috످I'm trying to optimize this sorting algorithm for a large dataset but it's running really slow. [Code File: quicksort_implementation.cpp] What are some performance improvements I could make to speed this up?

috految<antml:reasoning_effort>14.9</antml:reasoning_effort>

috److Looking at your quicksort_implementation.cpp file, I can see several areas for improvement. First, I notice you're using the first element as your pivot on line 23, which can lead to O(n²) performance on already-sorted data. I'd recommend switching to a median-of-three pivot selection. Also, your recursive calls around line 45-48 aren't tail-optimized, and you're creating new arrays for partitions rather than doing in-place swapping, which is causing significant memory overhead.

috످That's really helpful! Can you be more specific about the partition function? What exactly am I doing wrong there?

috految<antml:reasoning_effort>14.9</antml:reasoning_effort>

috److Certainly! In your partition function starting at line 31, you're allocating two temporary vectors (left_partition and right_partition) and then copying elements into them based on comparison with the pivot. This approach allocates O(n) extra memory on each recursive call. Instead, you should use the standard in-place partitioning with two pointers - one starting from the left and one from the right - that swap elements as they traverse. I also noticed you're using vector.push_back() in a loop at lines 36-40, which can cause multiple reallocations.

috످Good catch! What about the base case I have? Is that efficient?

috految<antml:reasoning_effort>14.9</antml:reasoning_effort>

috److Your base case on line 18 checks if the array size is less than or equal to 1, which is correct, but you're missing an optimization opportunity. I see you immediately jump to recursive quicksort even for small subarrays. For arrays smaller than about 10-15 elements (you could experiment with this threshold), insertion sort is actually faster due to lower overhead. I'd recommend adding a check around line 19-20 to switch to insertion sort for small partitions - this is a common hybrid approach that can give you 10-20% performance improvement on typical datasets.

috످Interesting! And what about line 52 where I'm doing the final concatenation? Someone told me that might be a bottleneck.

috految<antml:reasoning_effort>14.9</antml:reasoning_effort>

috److I can't see line 52 or any of your code. Your first message only included the filename, and I made up the details about your pivot, partition function, recursion, and base case, including the line numbers and variable names. The 10-20% speedup wasn't based on any measurement, either. I'm sorry. If you made changes based on my answers, please recheck them against your original code.

Concatenation can be a bottleneck, though. If you're joining `left + pivot + right` into a new vector, you're copying every element at each level of recursion. Partitioning in place eliminates that step.

If you don't need a custom quicksort, the easiest fix is `std::sort`, which sorts in place and is O(n log n) even in the worst case:

```cpp
#include <algorithm>

std::sort(data.begin(), data.end());
```

Also, make sure you're compiling with optimizations (`-O2` or `-O3`), since unoptimized builds can be several times slower.

If you paste your code here as text, along with your dataset's size and whether it's mostly sorted or has many duplicates, I can check line 52 and look for other bottlenecks.

috످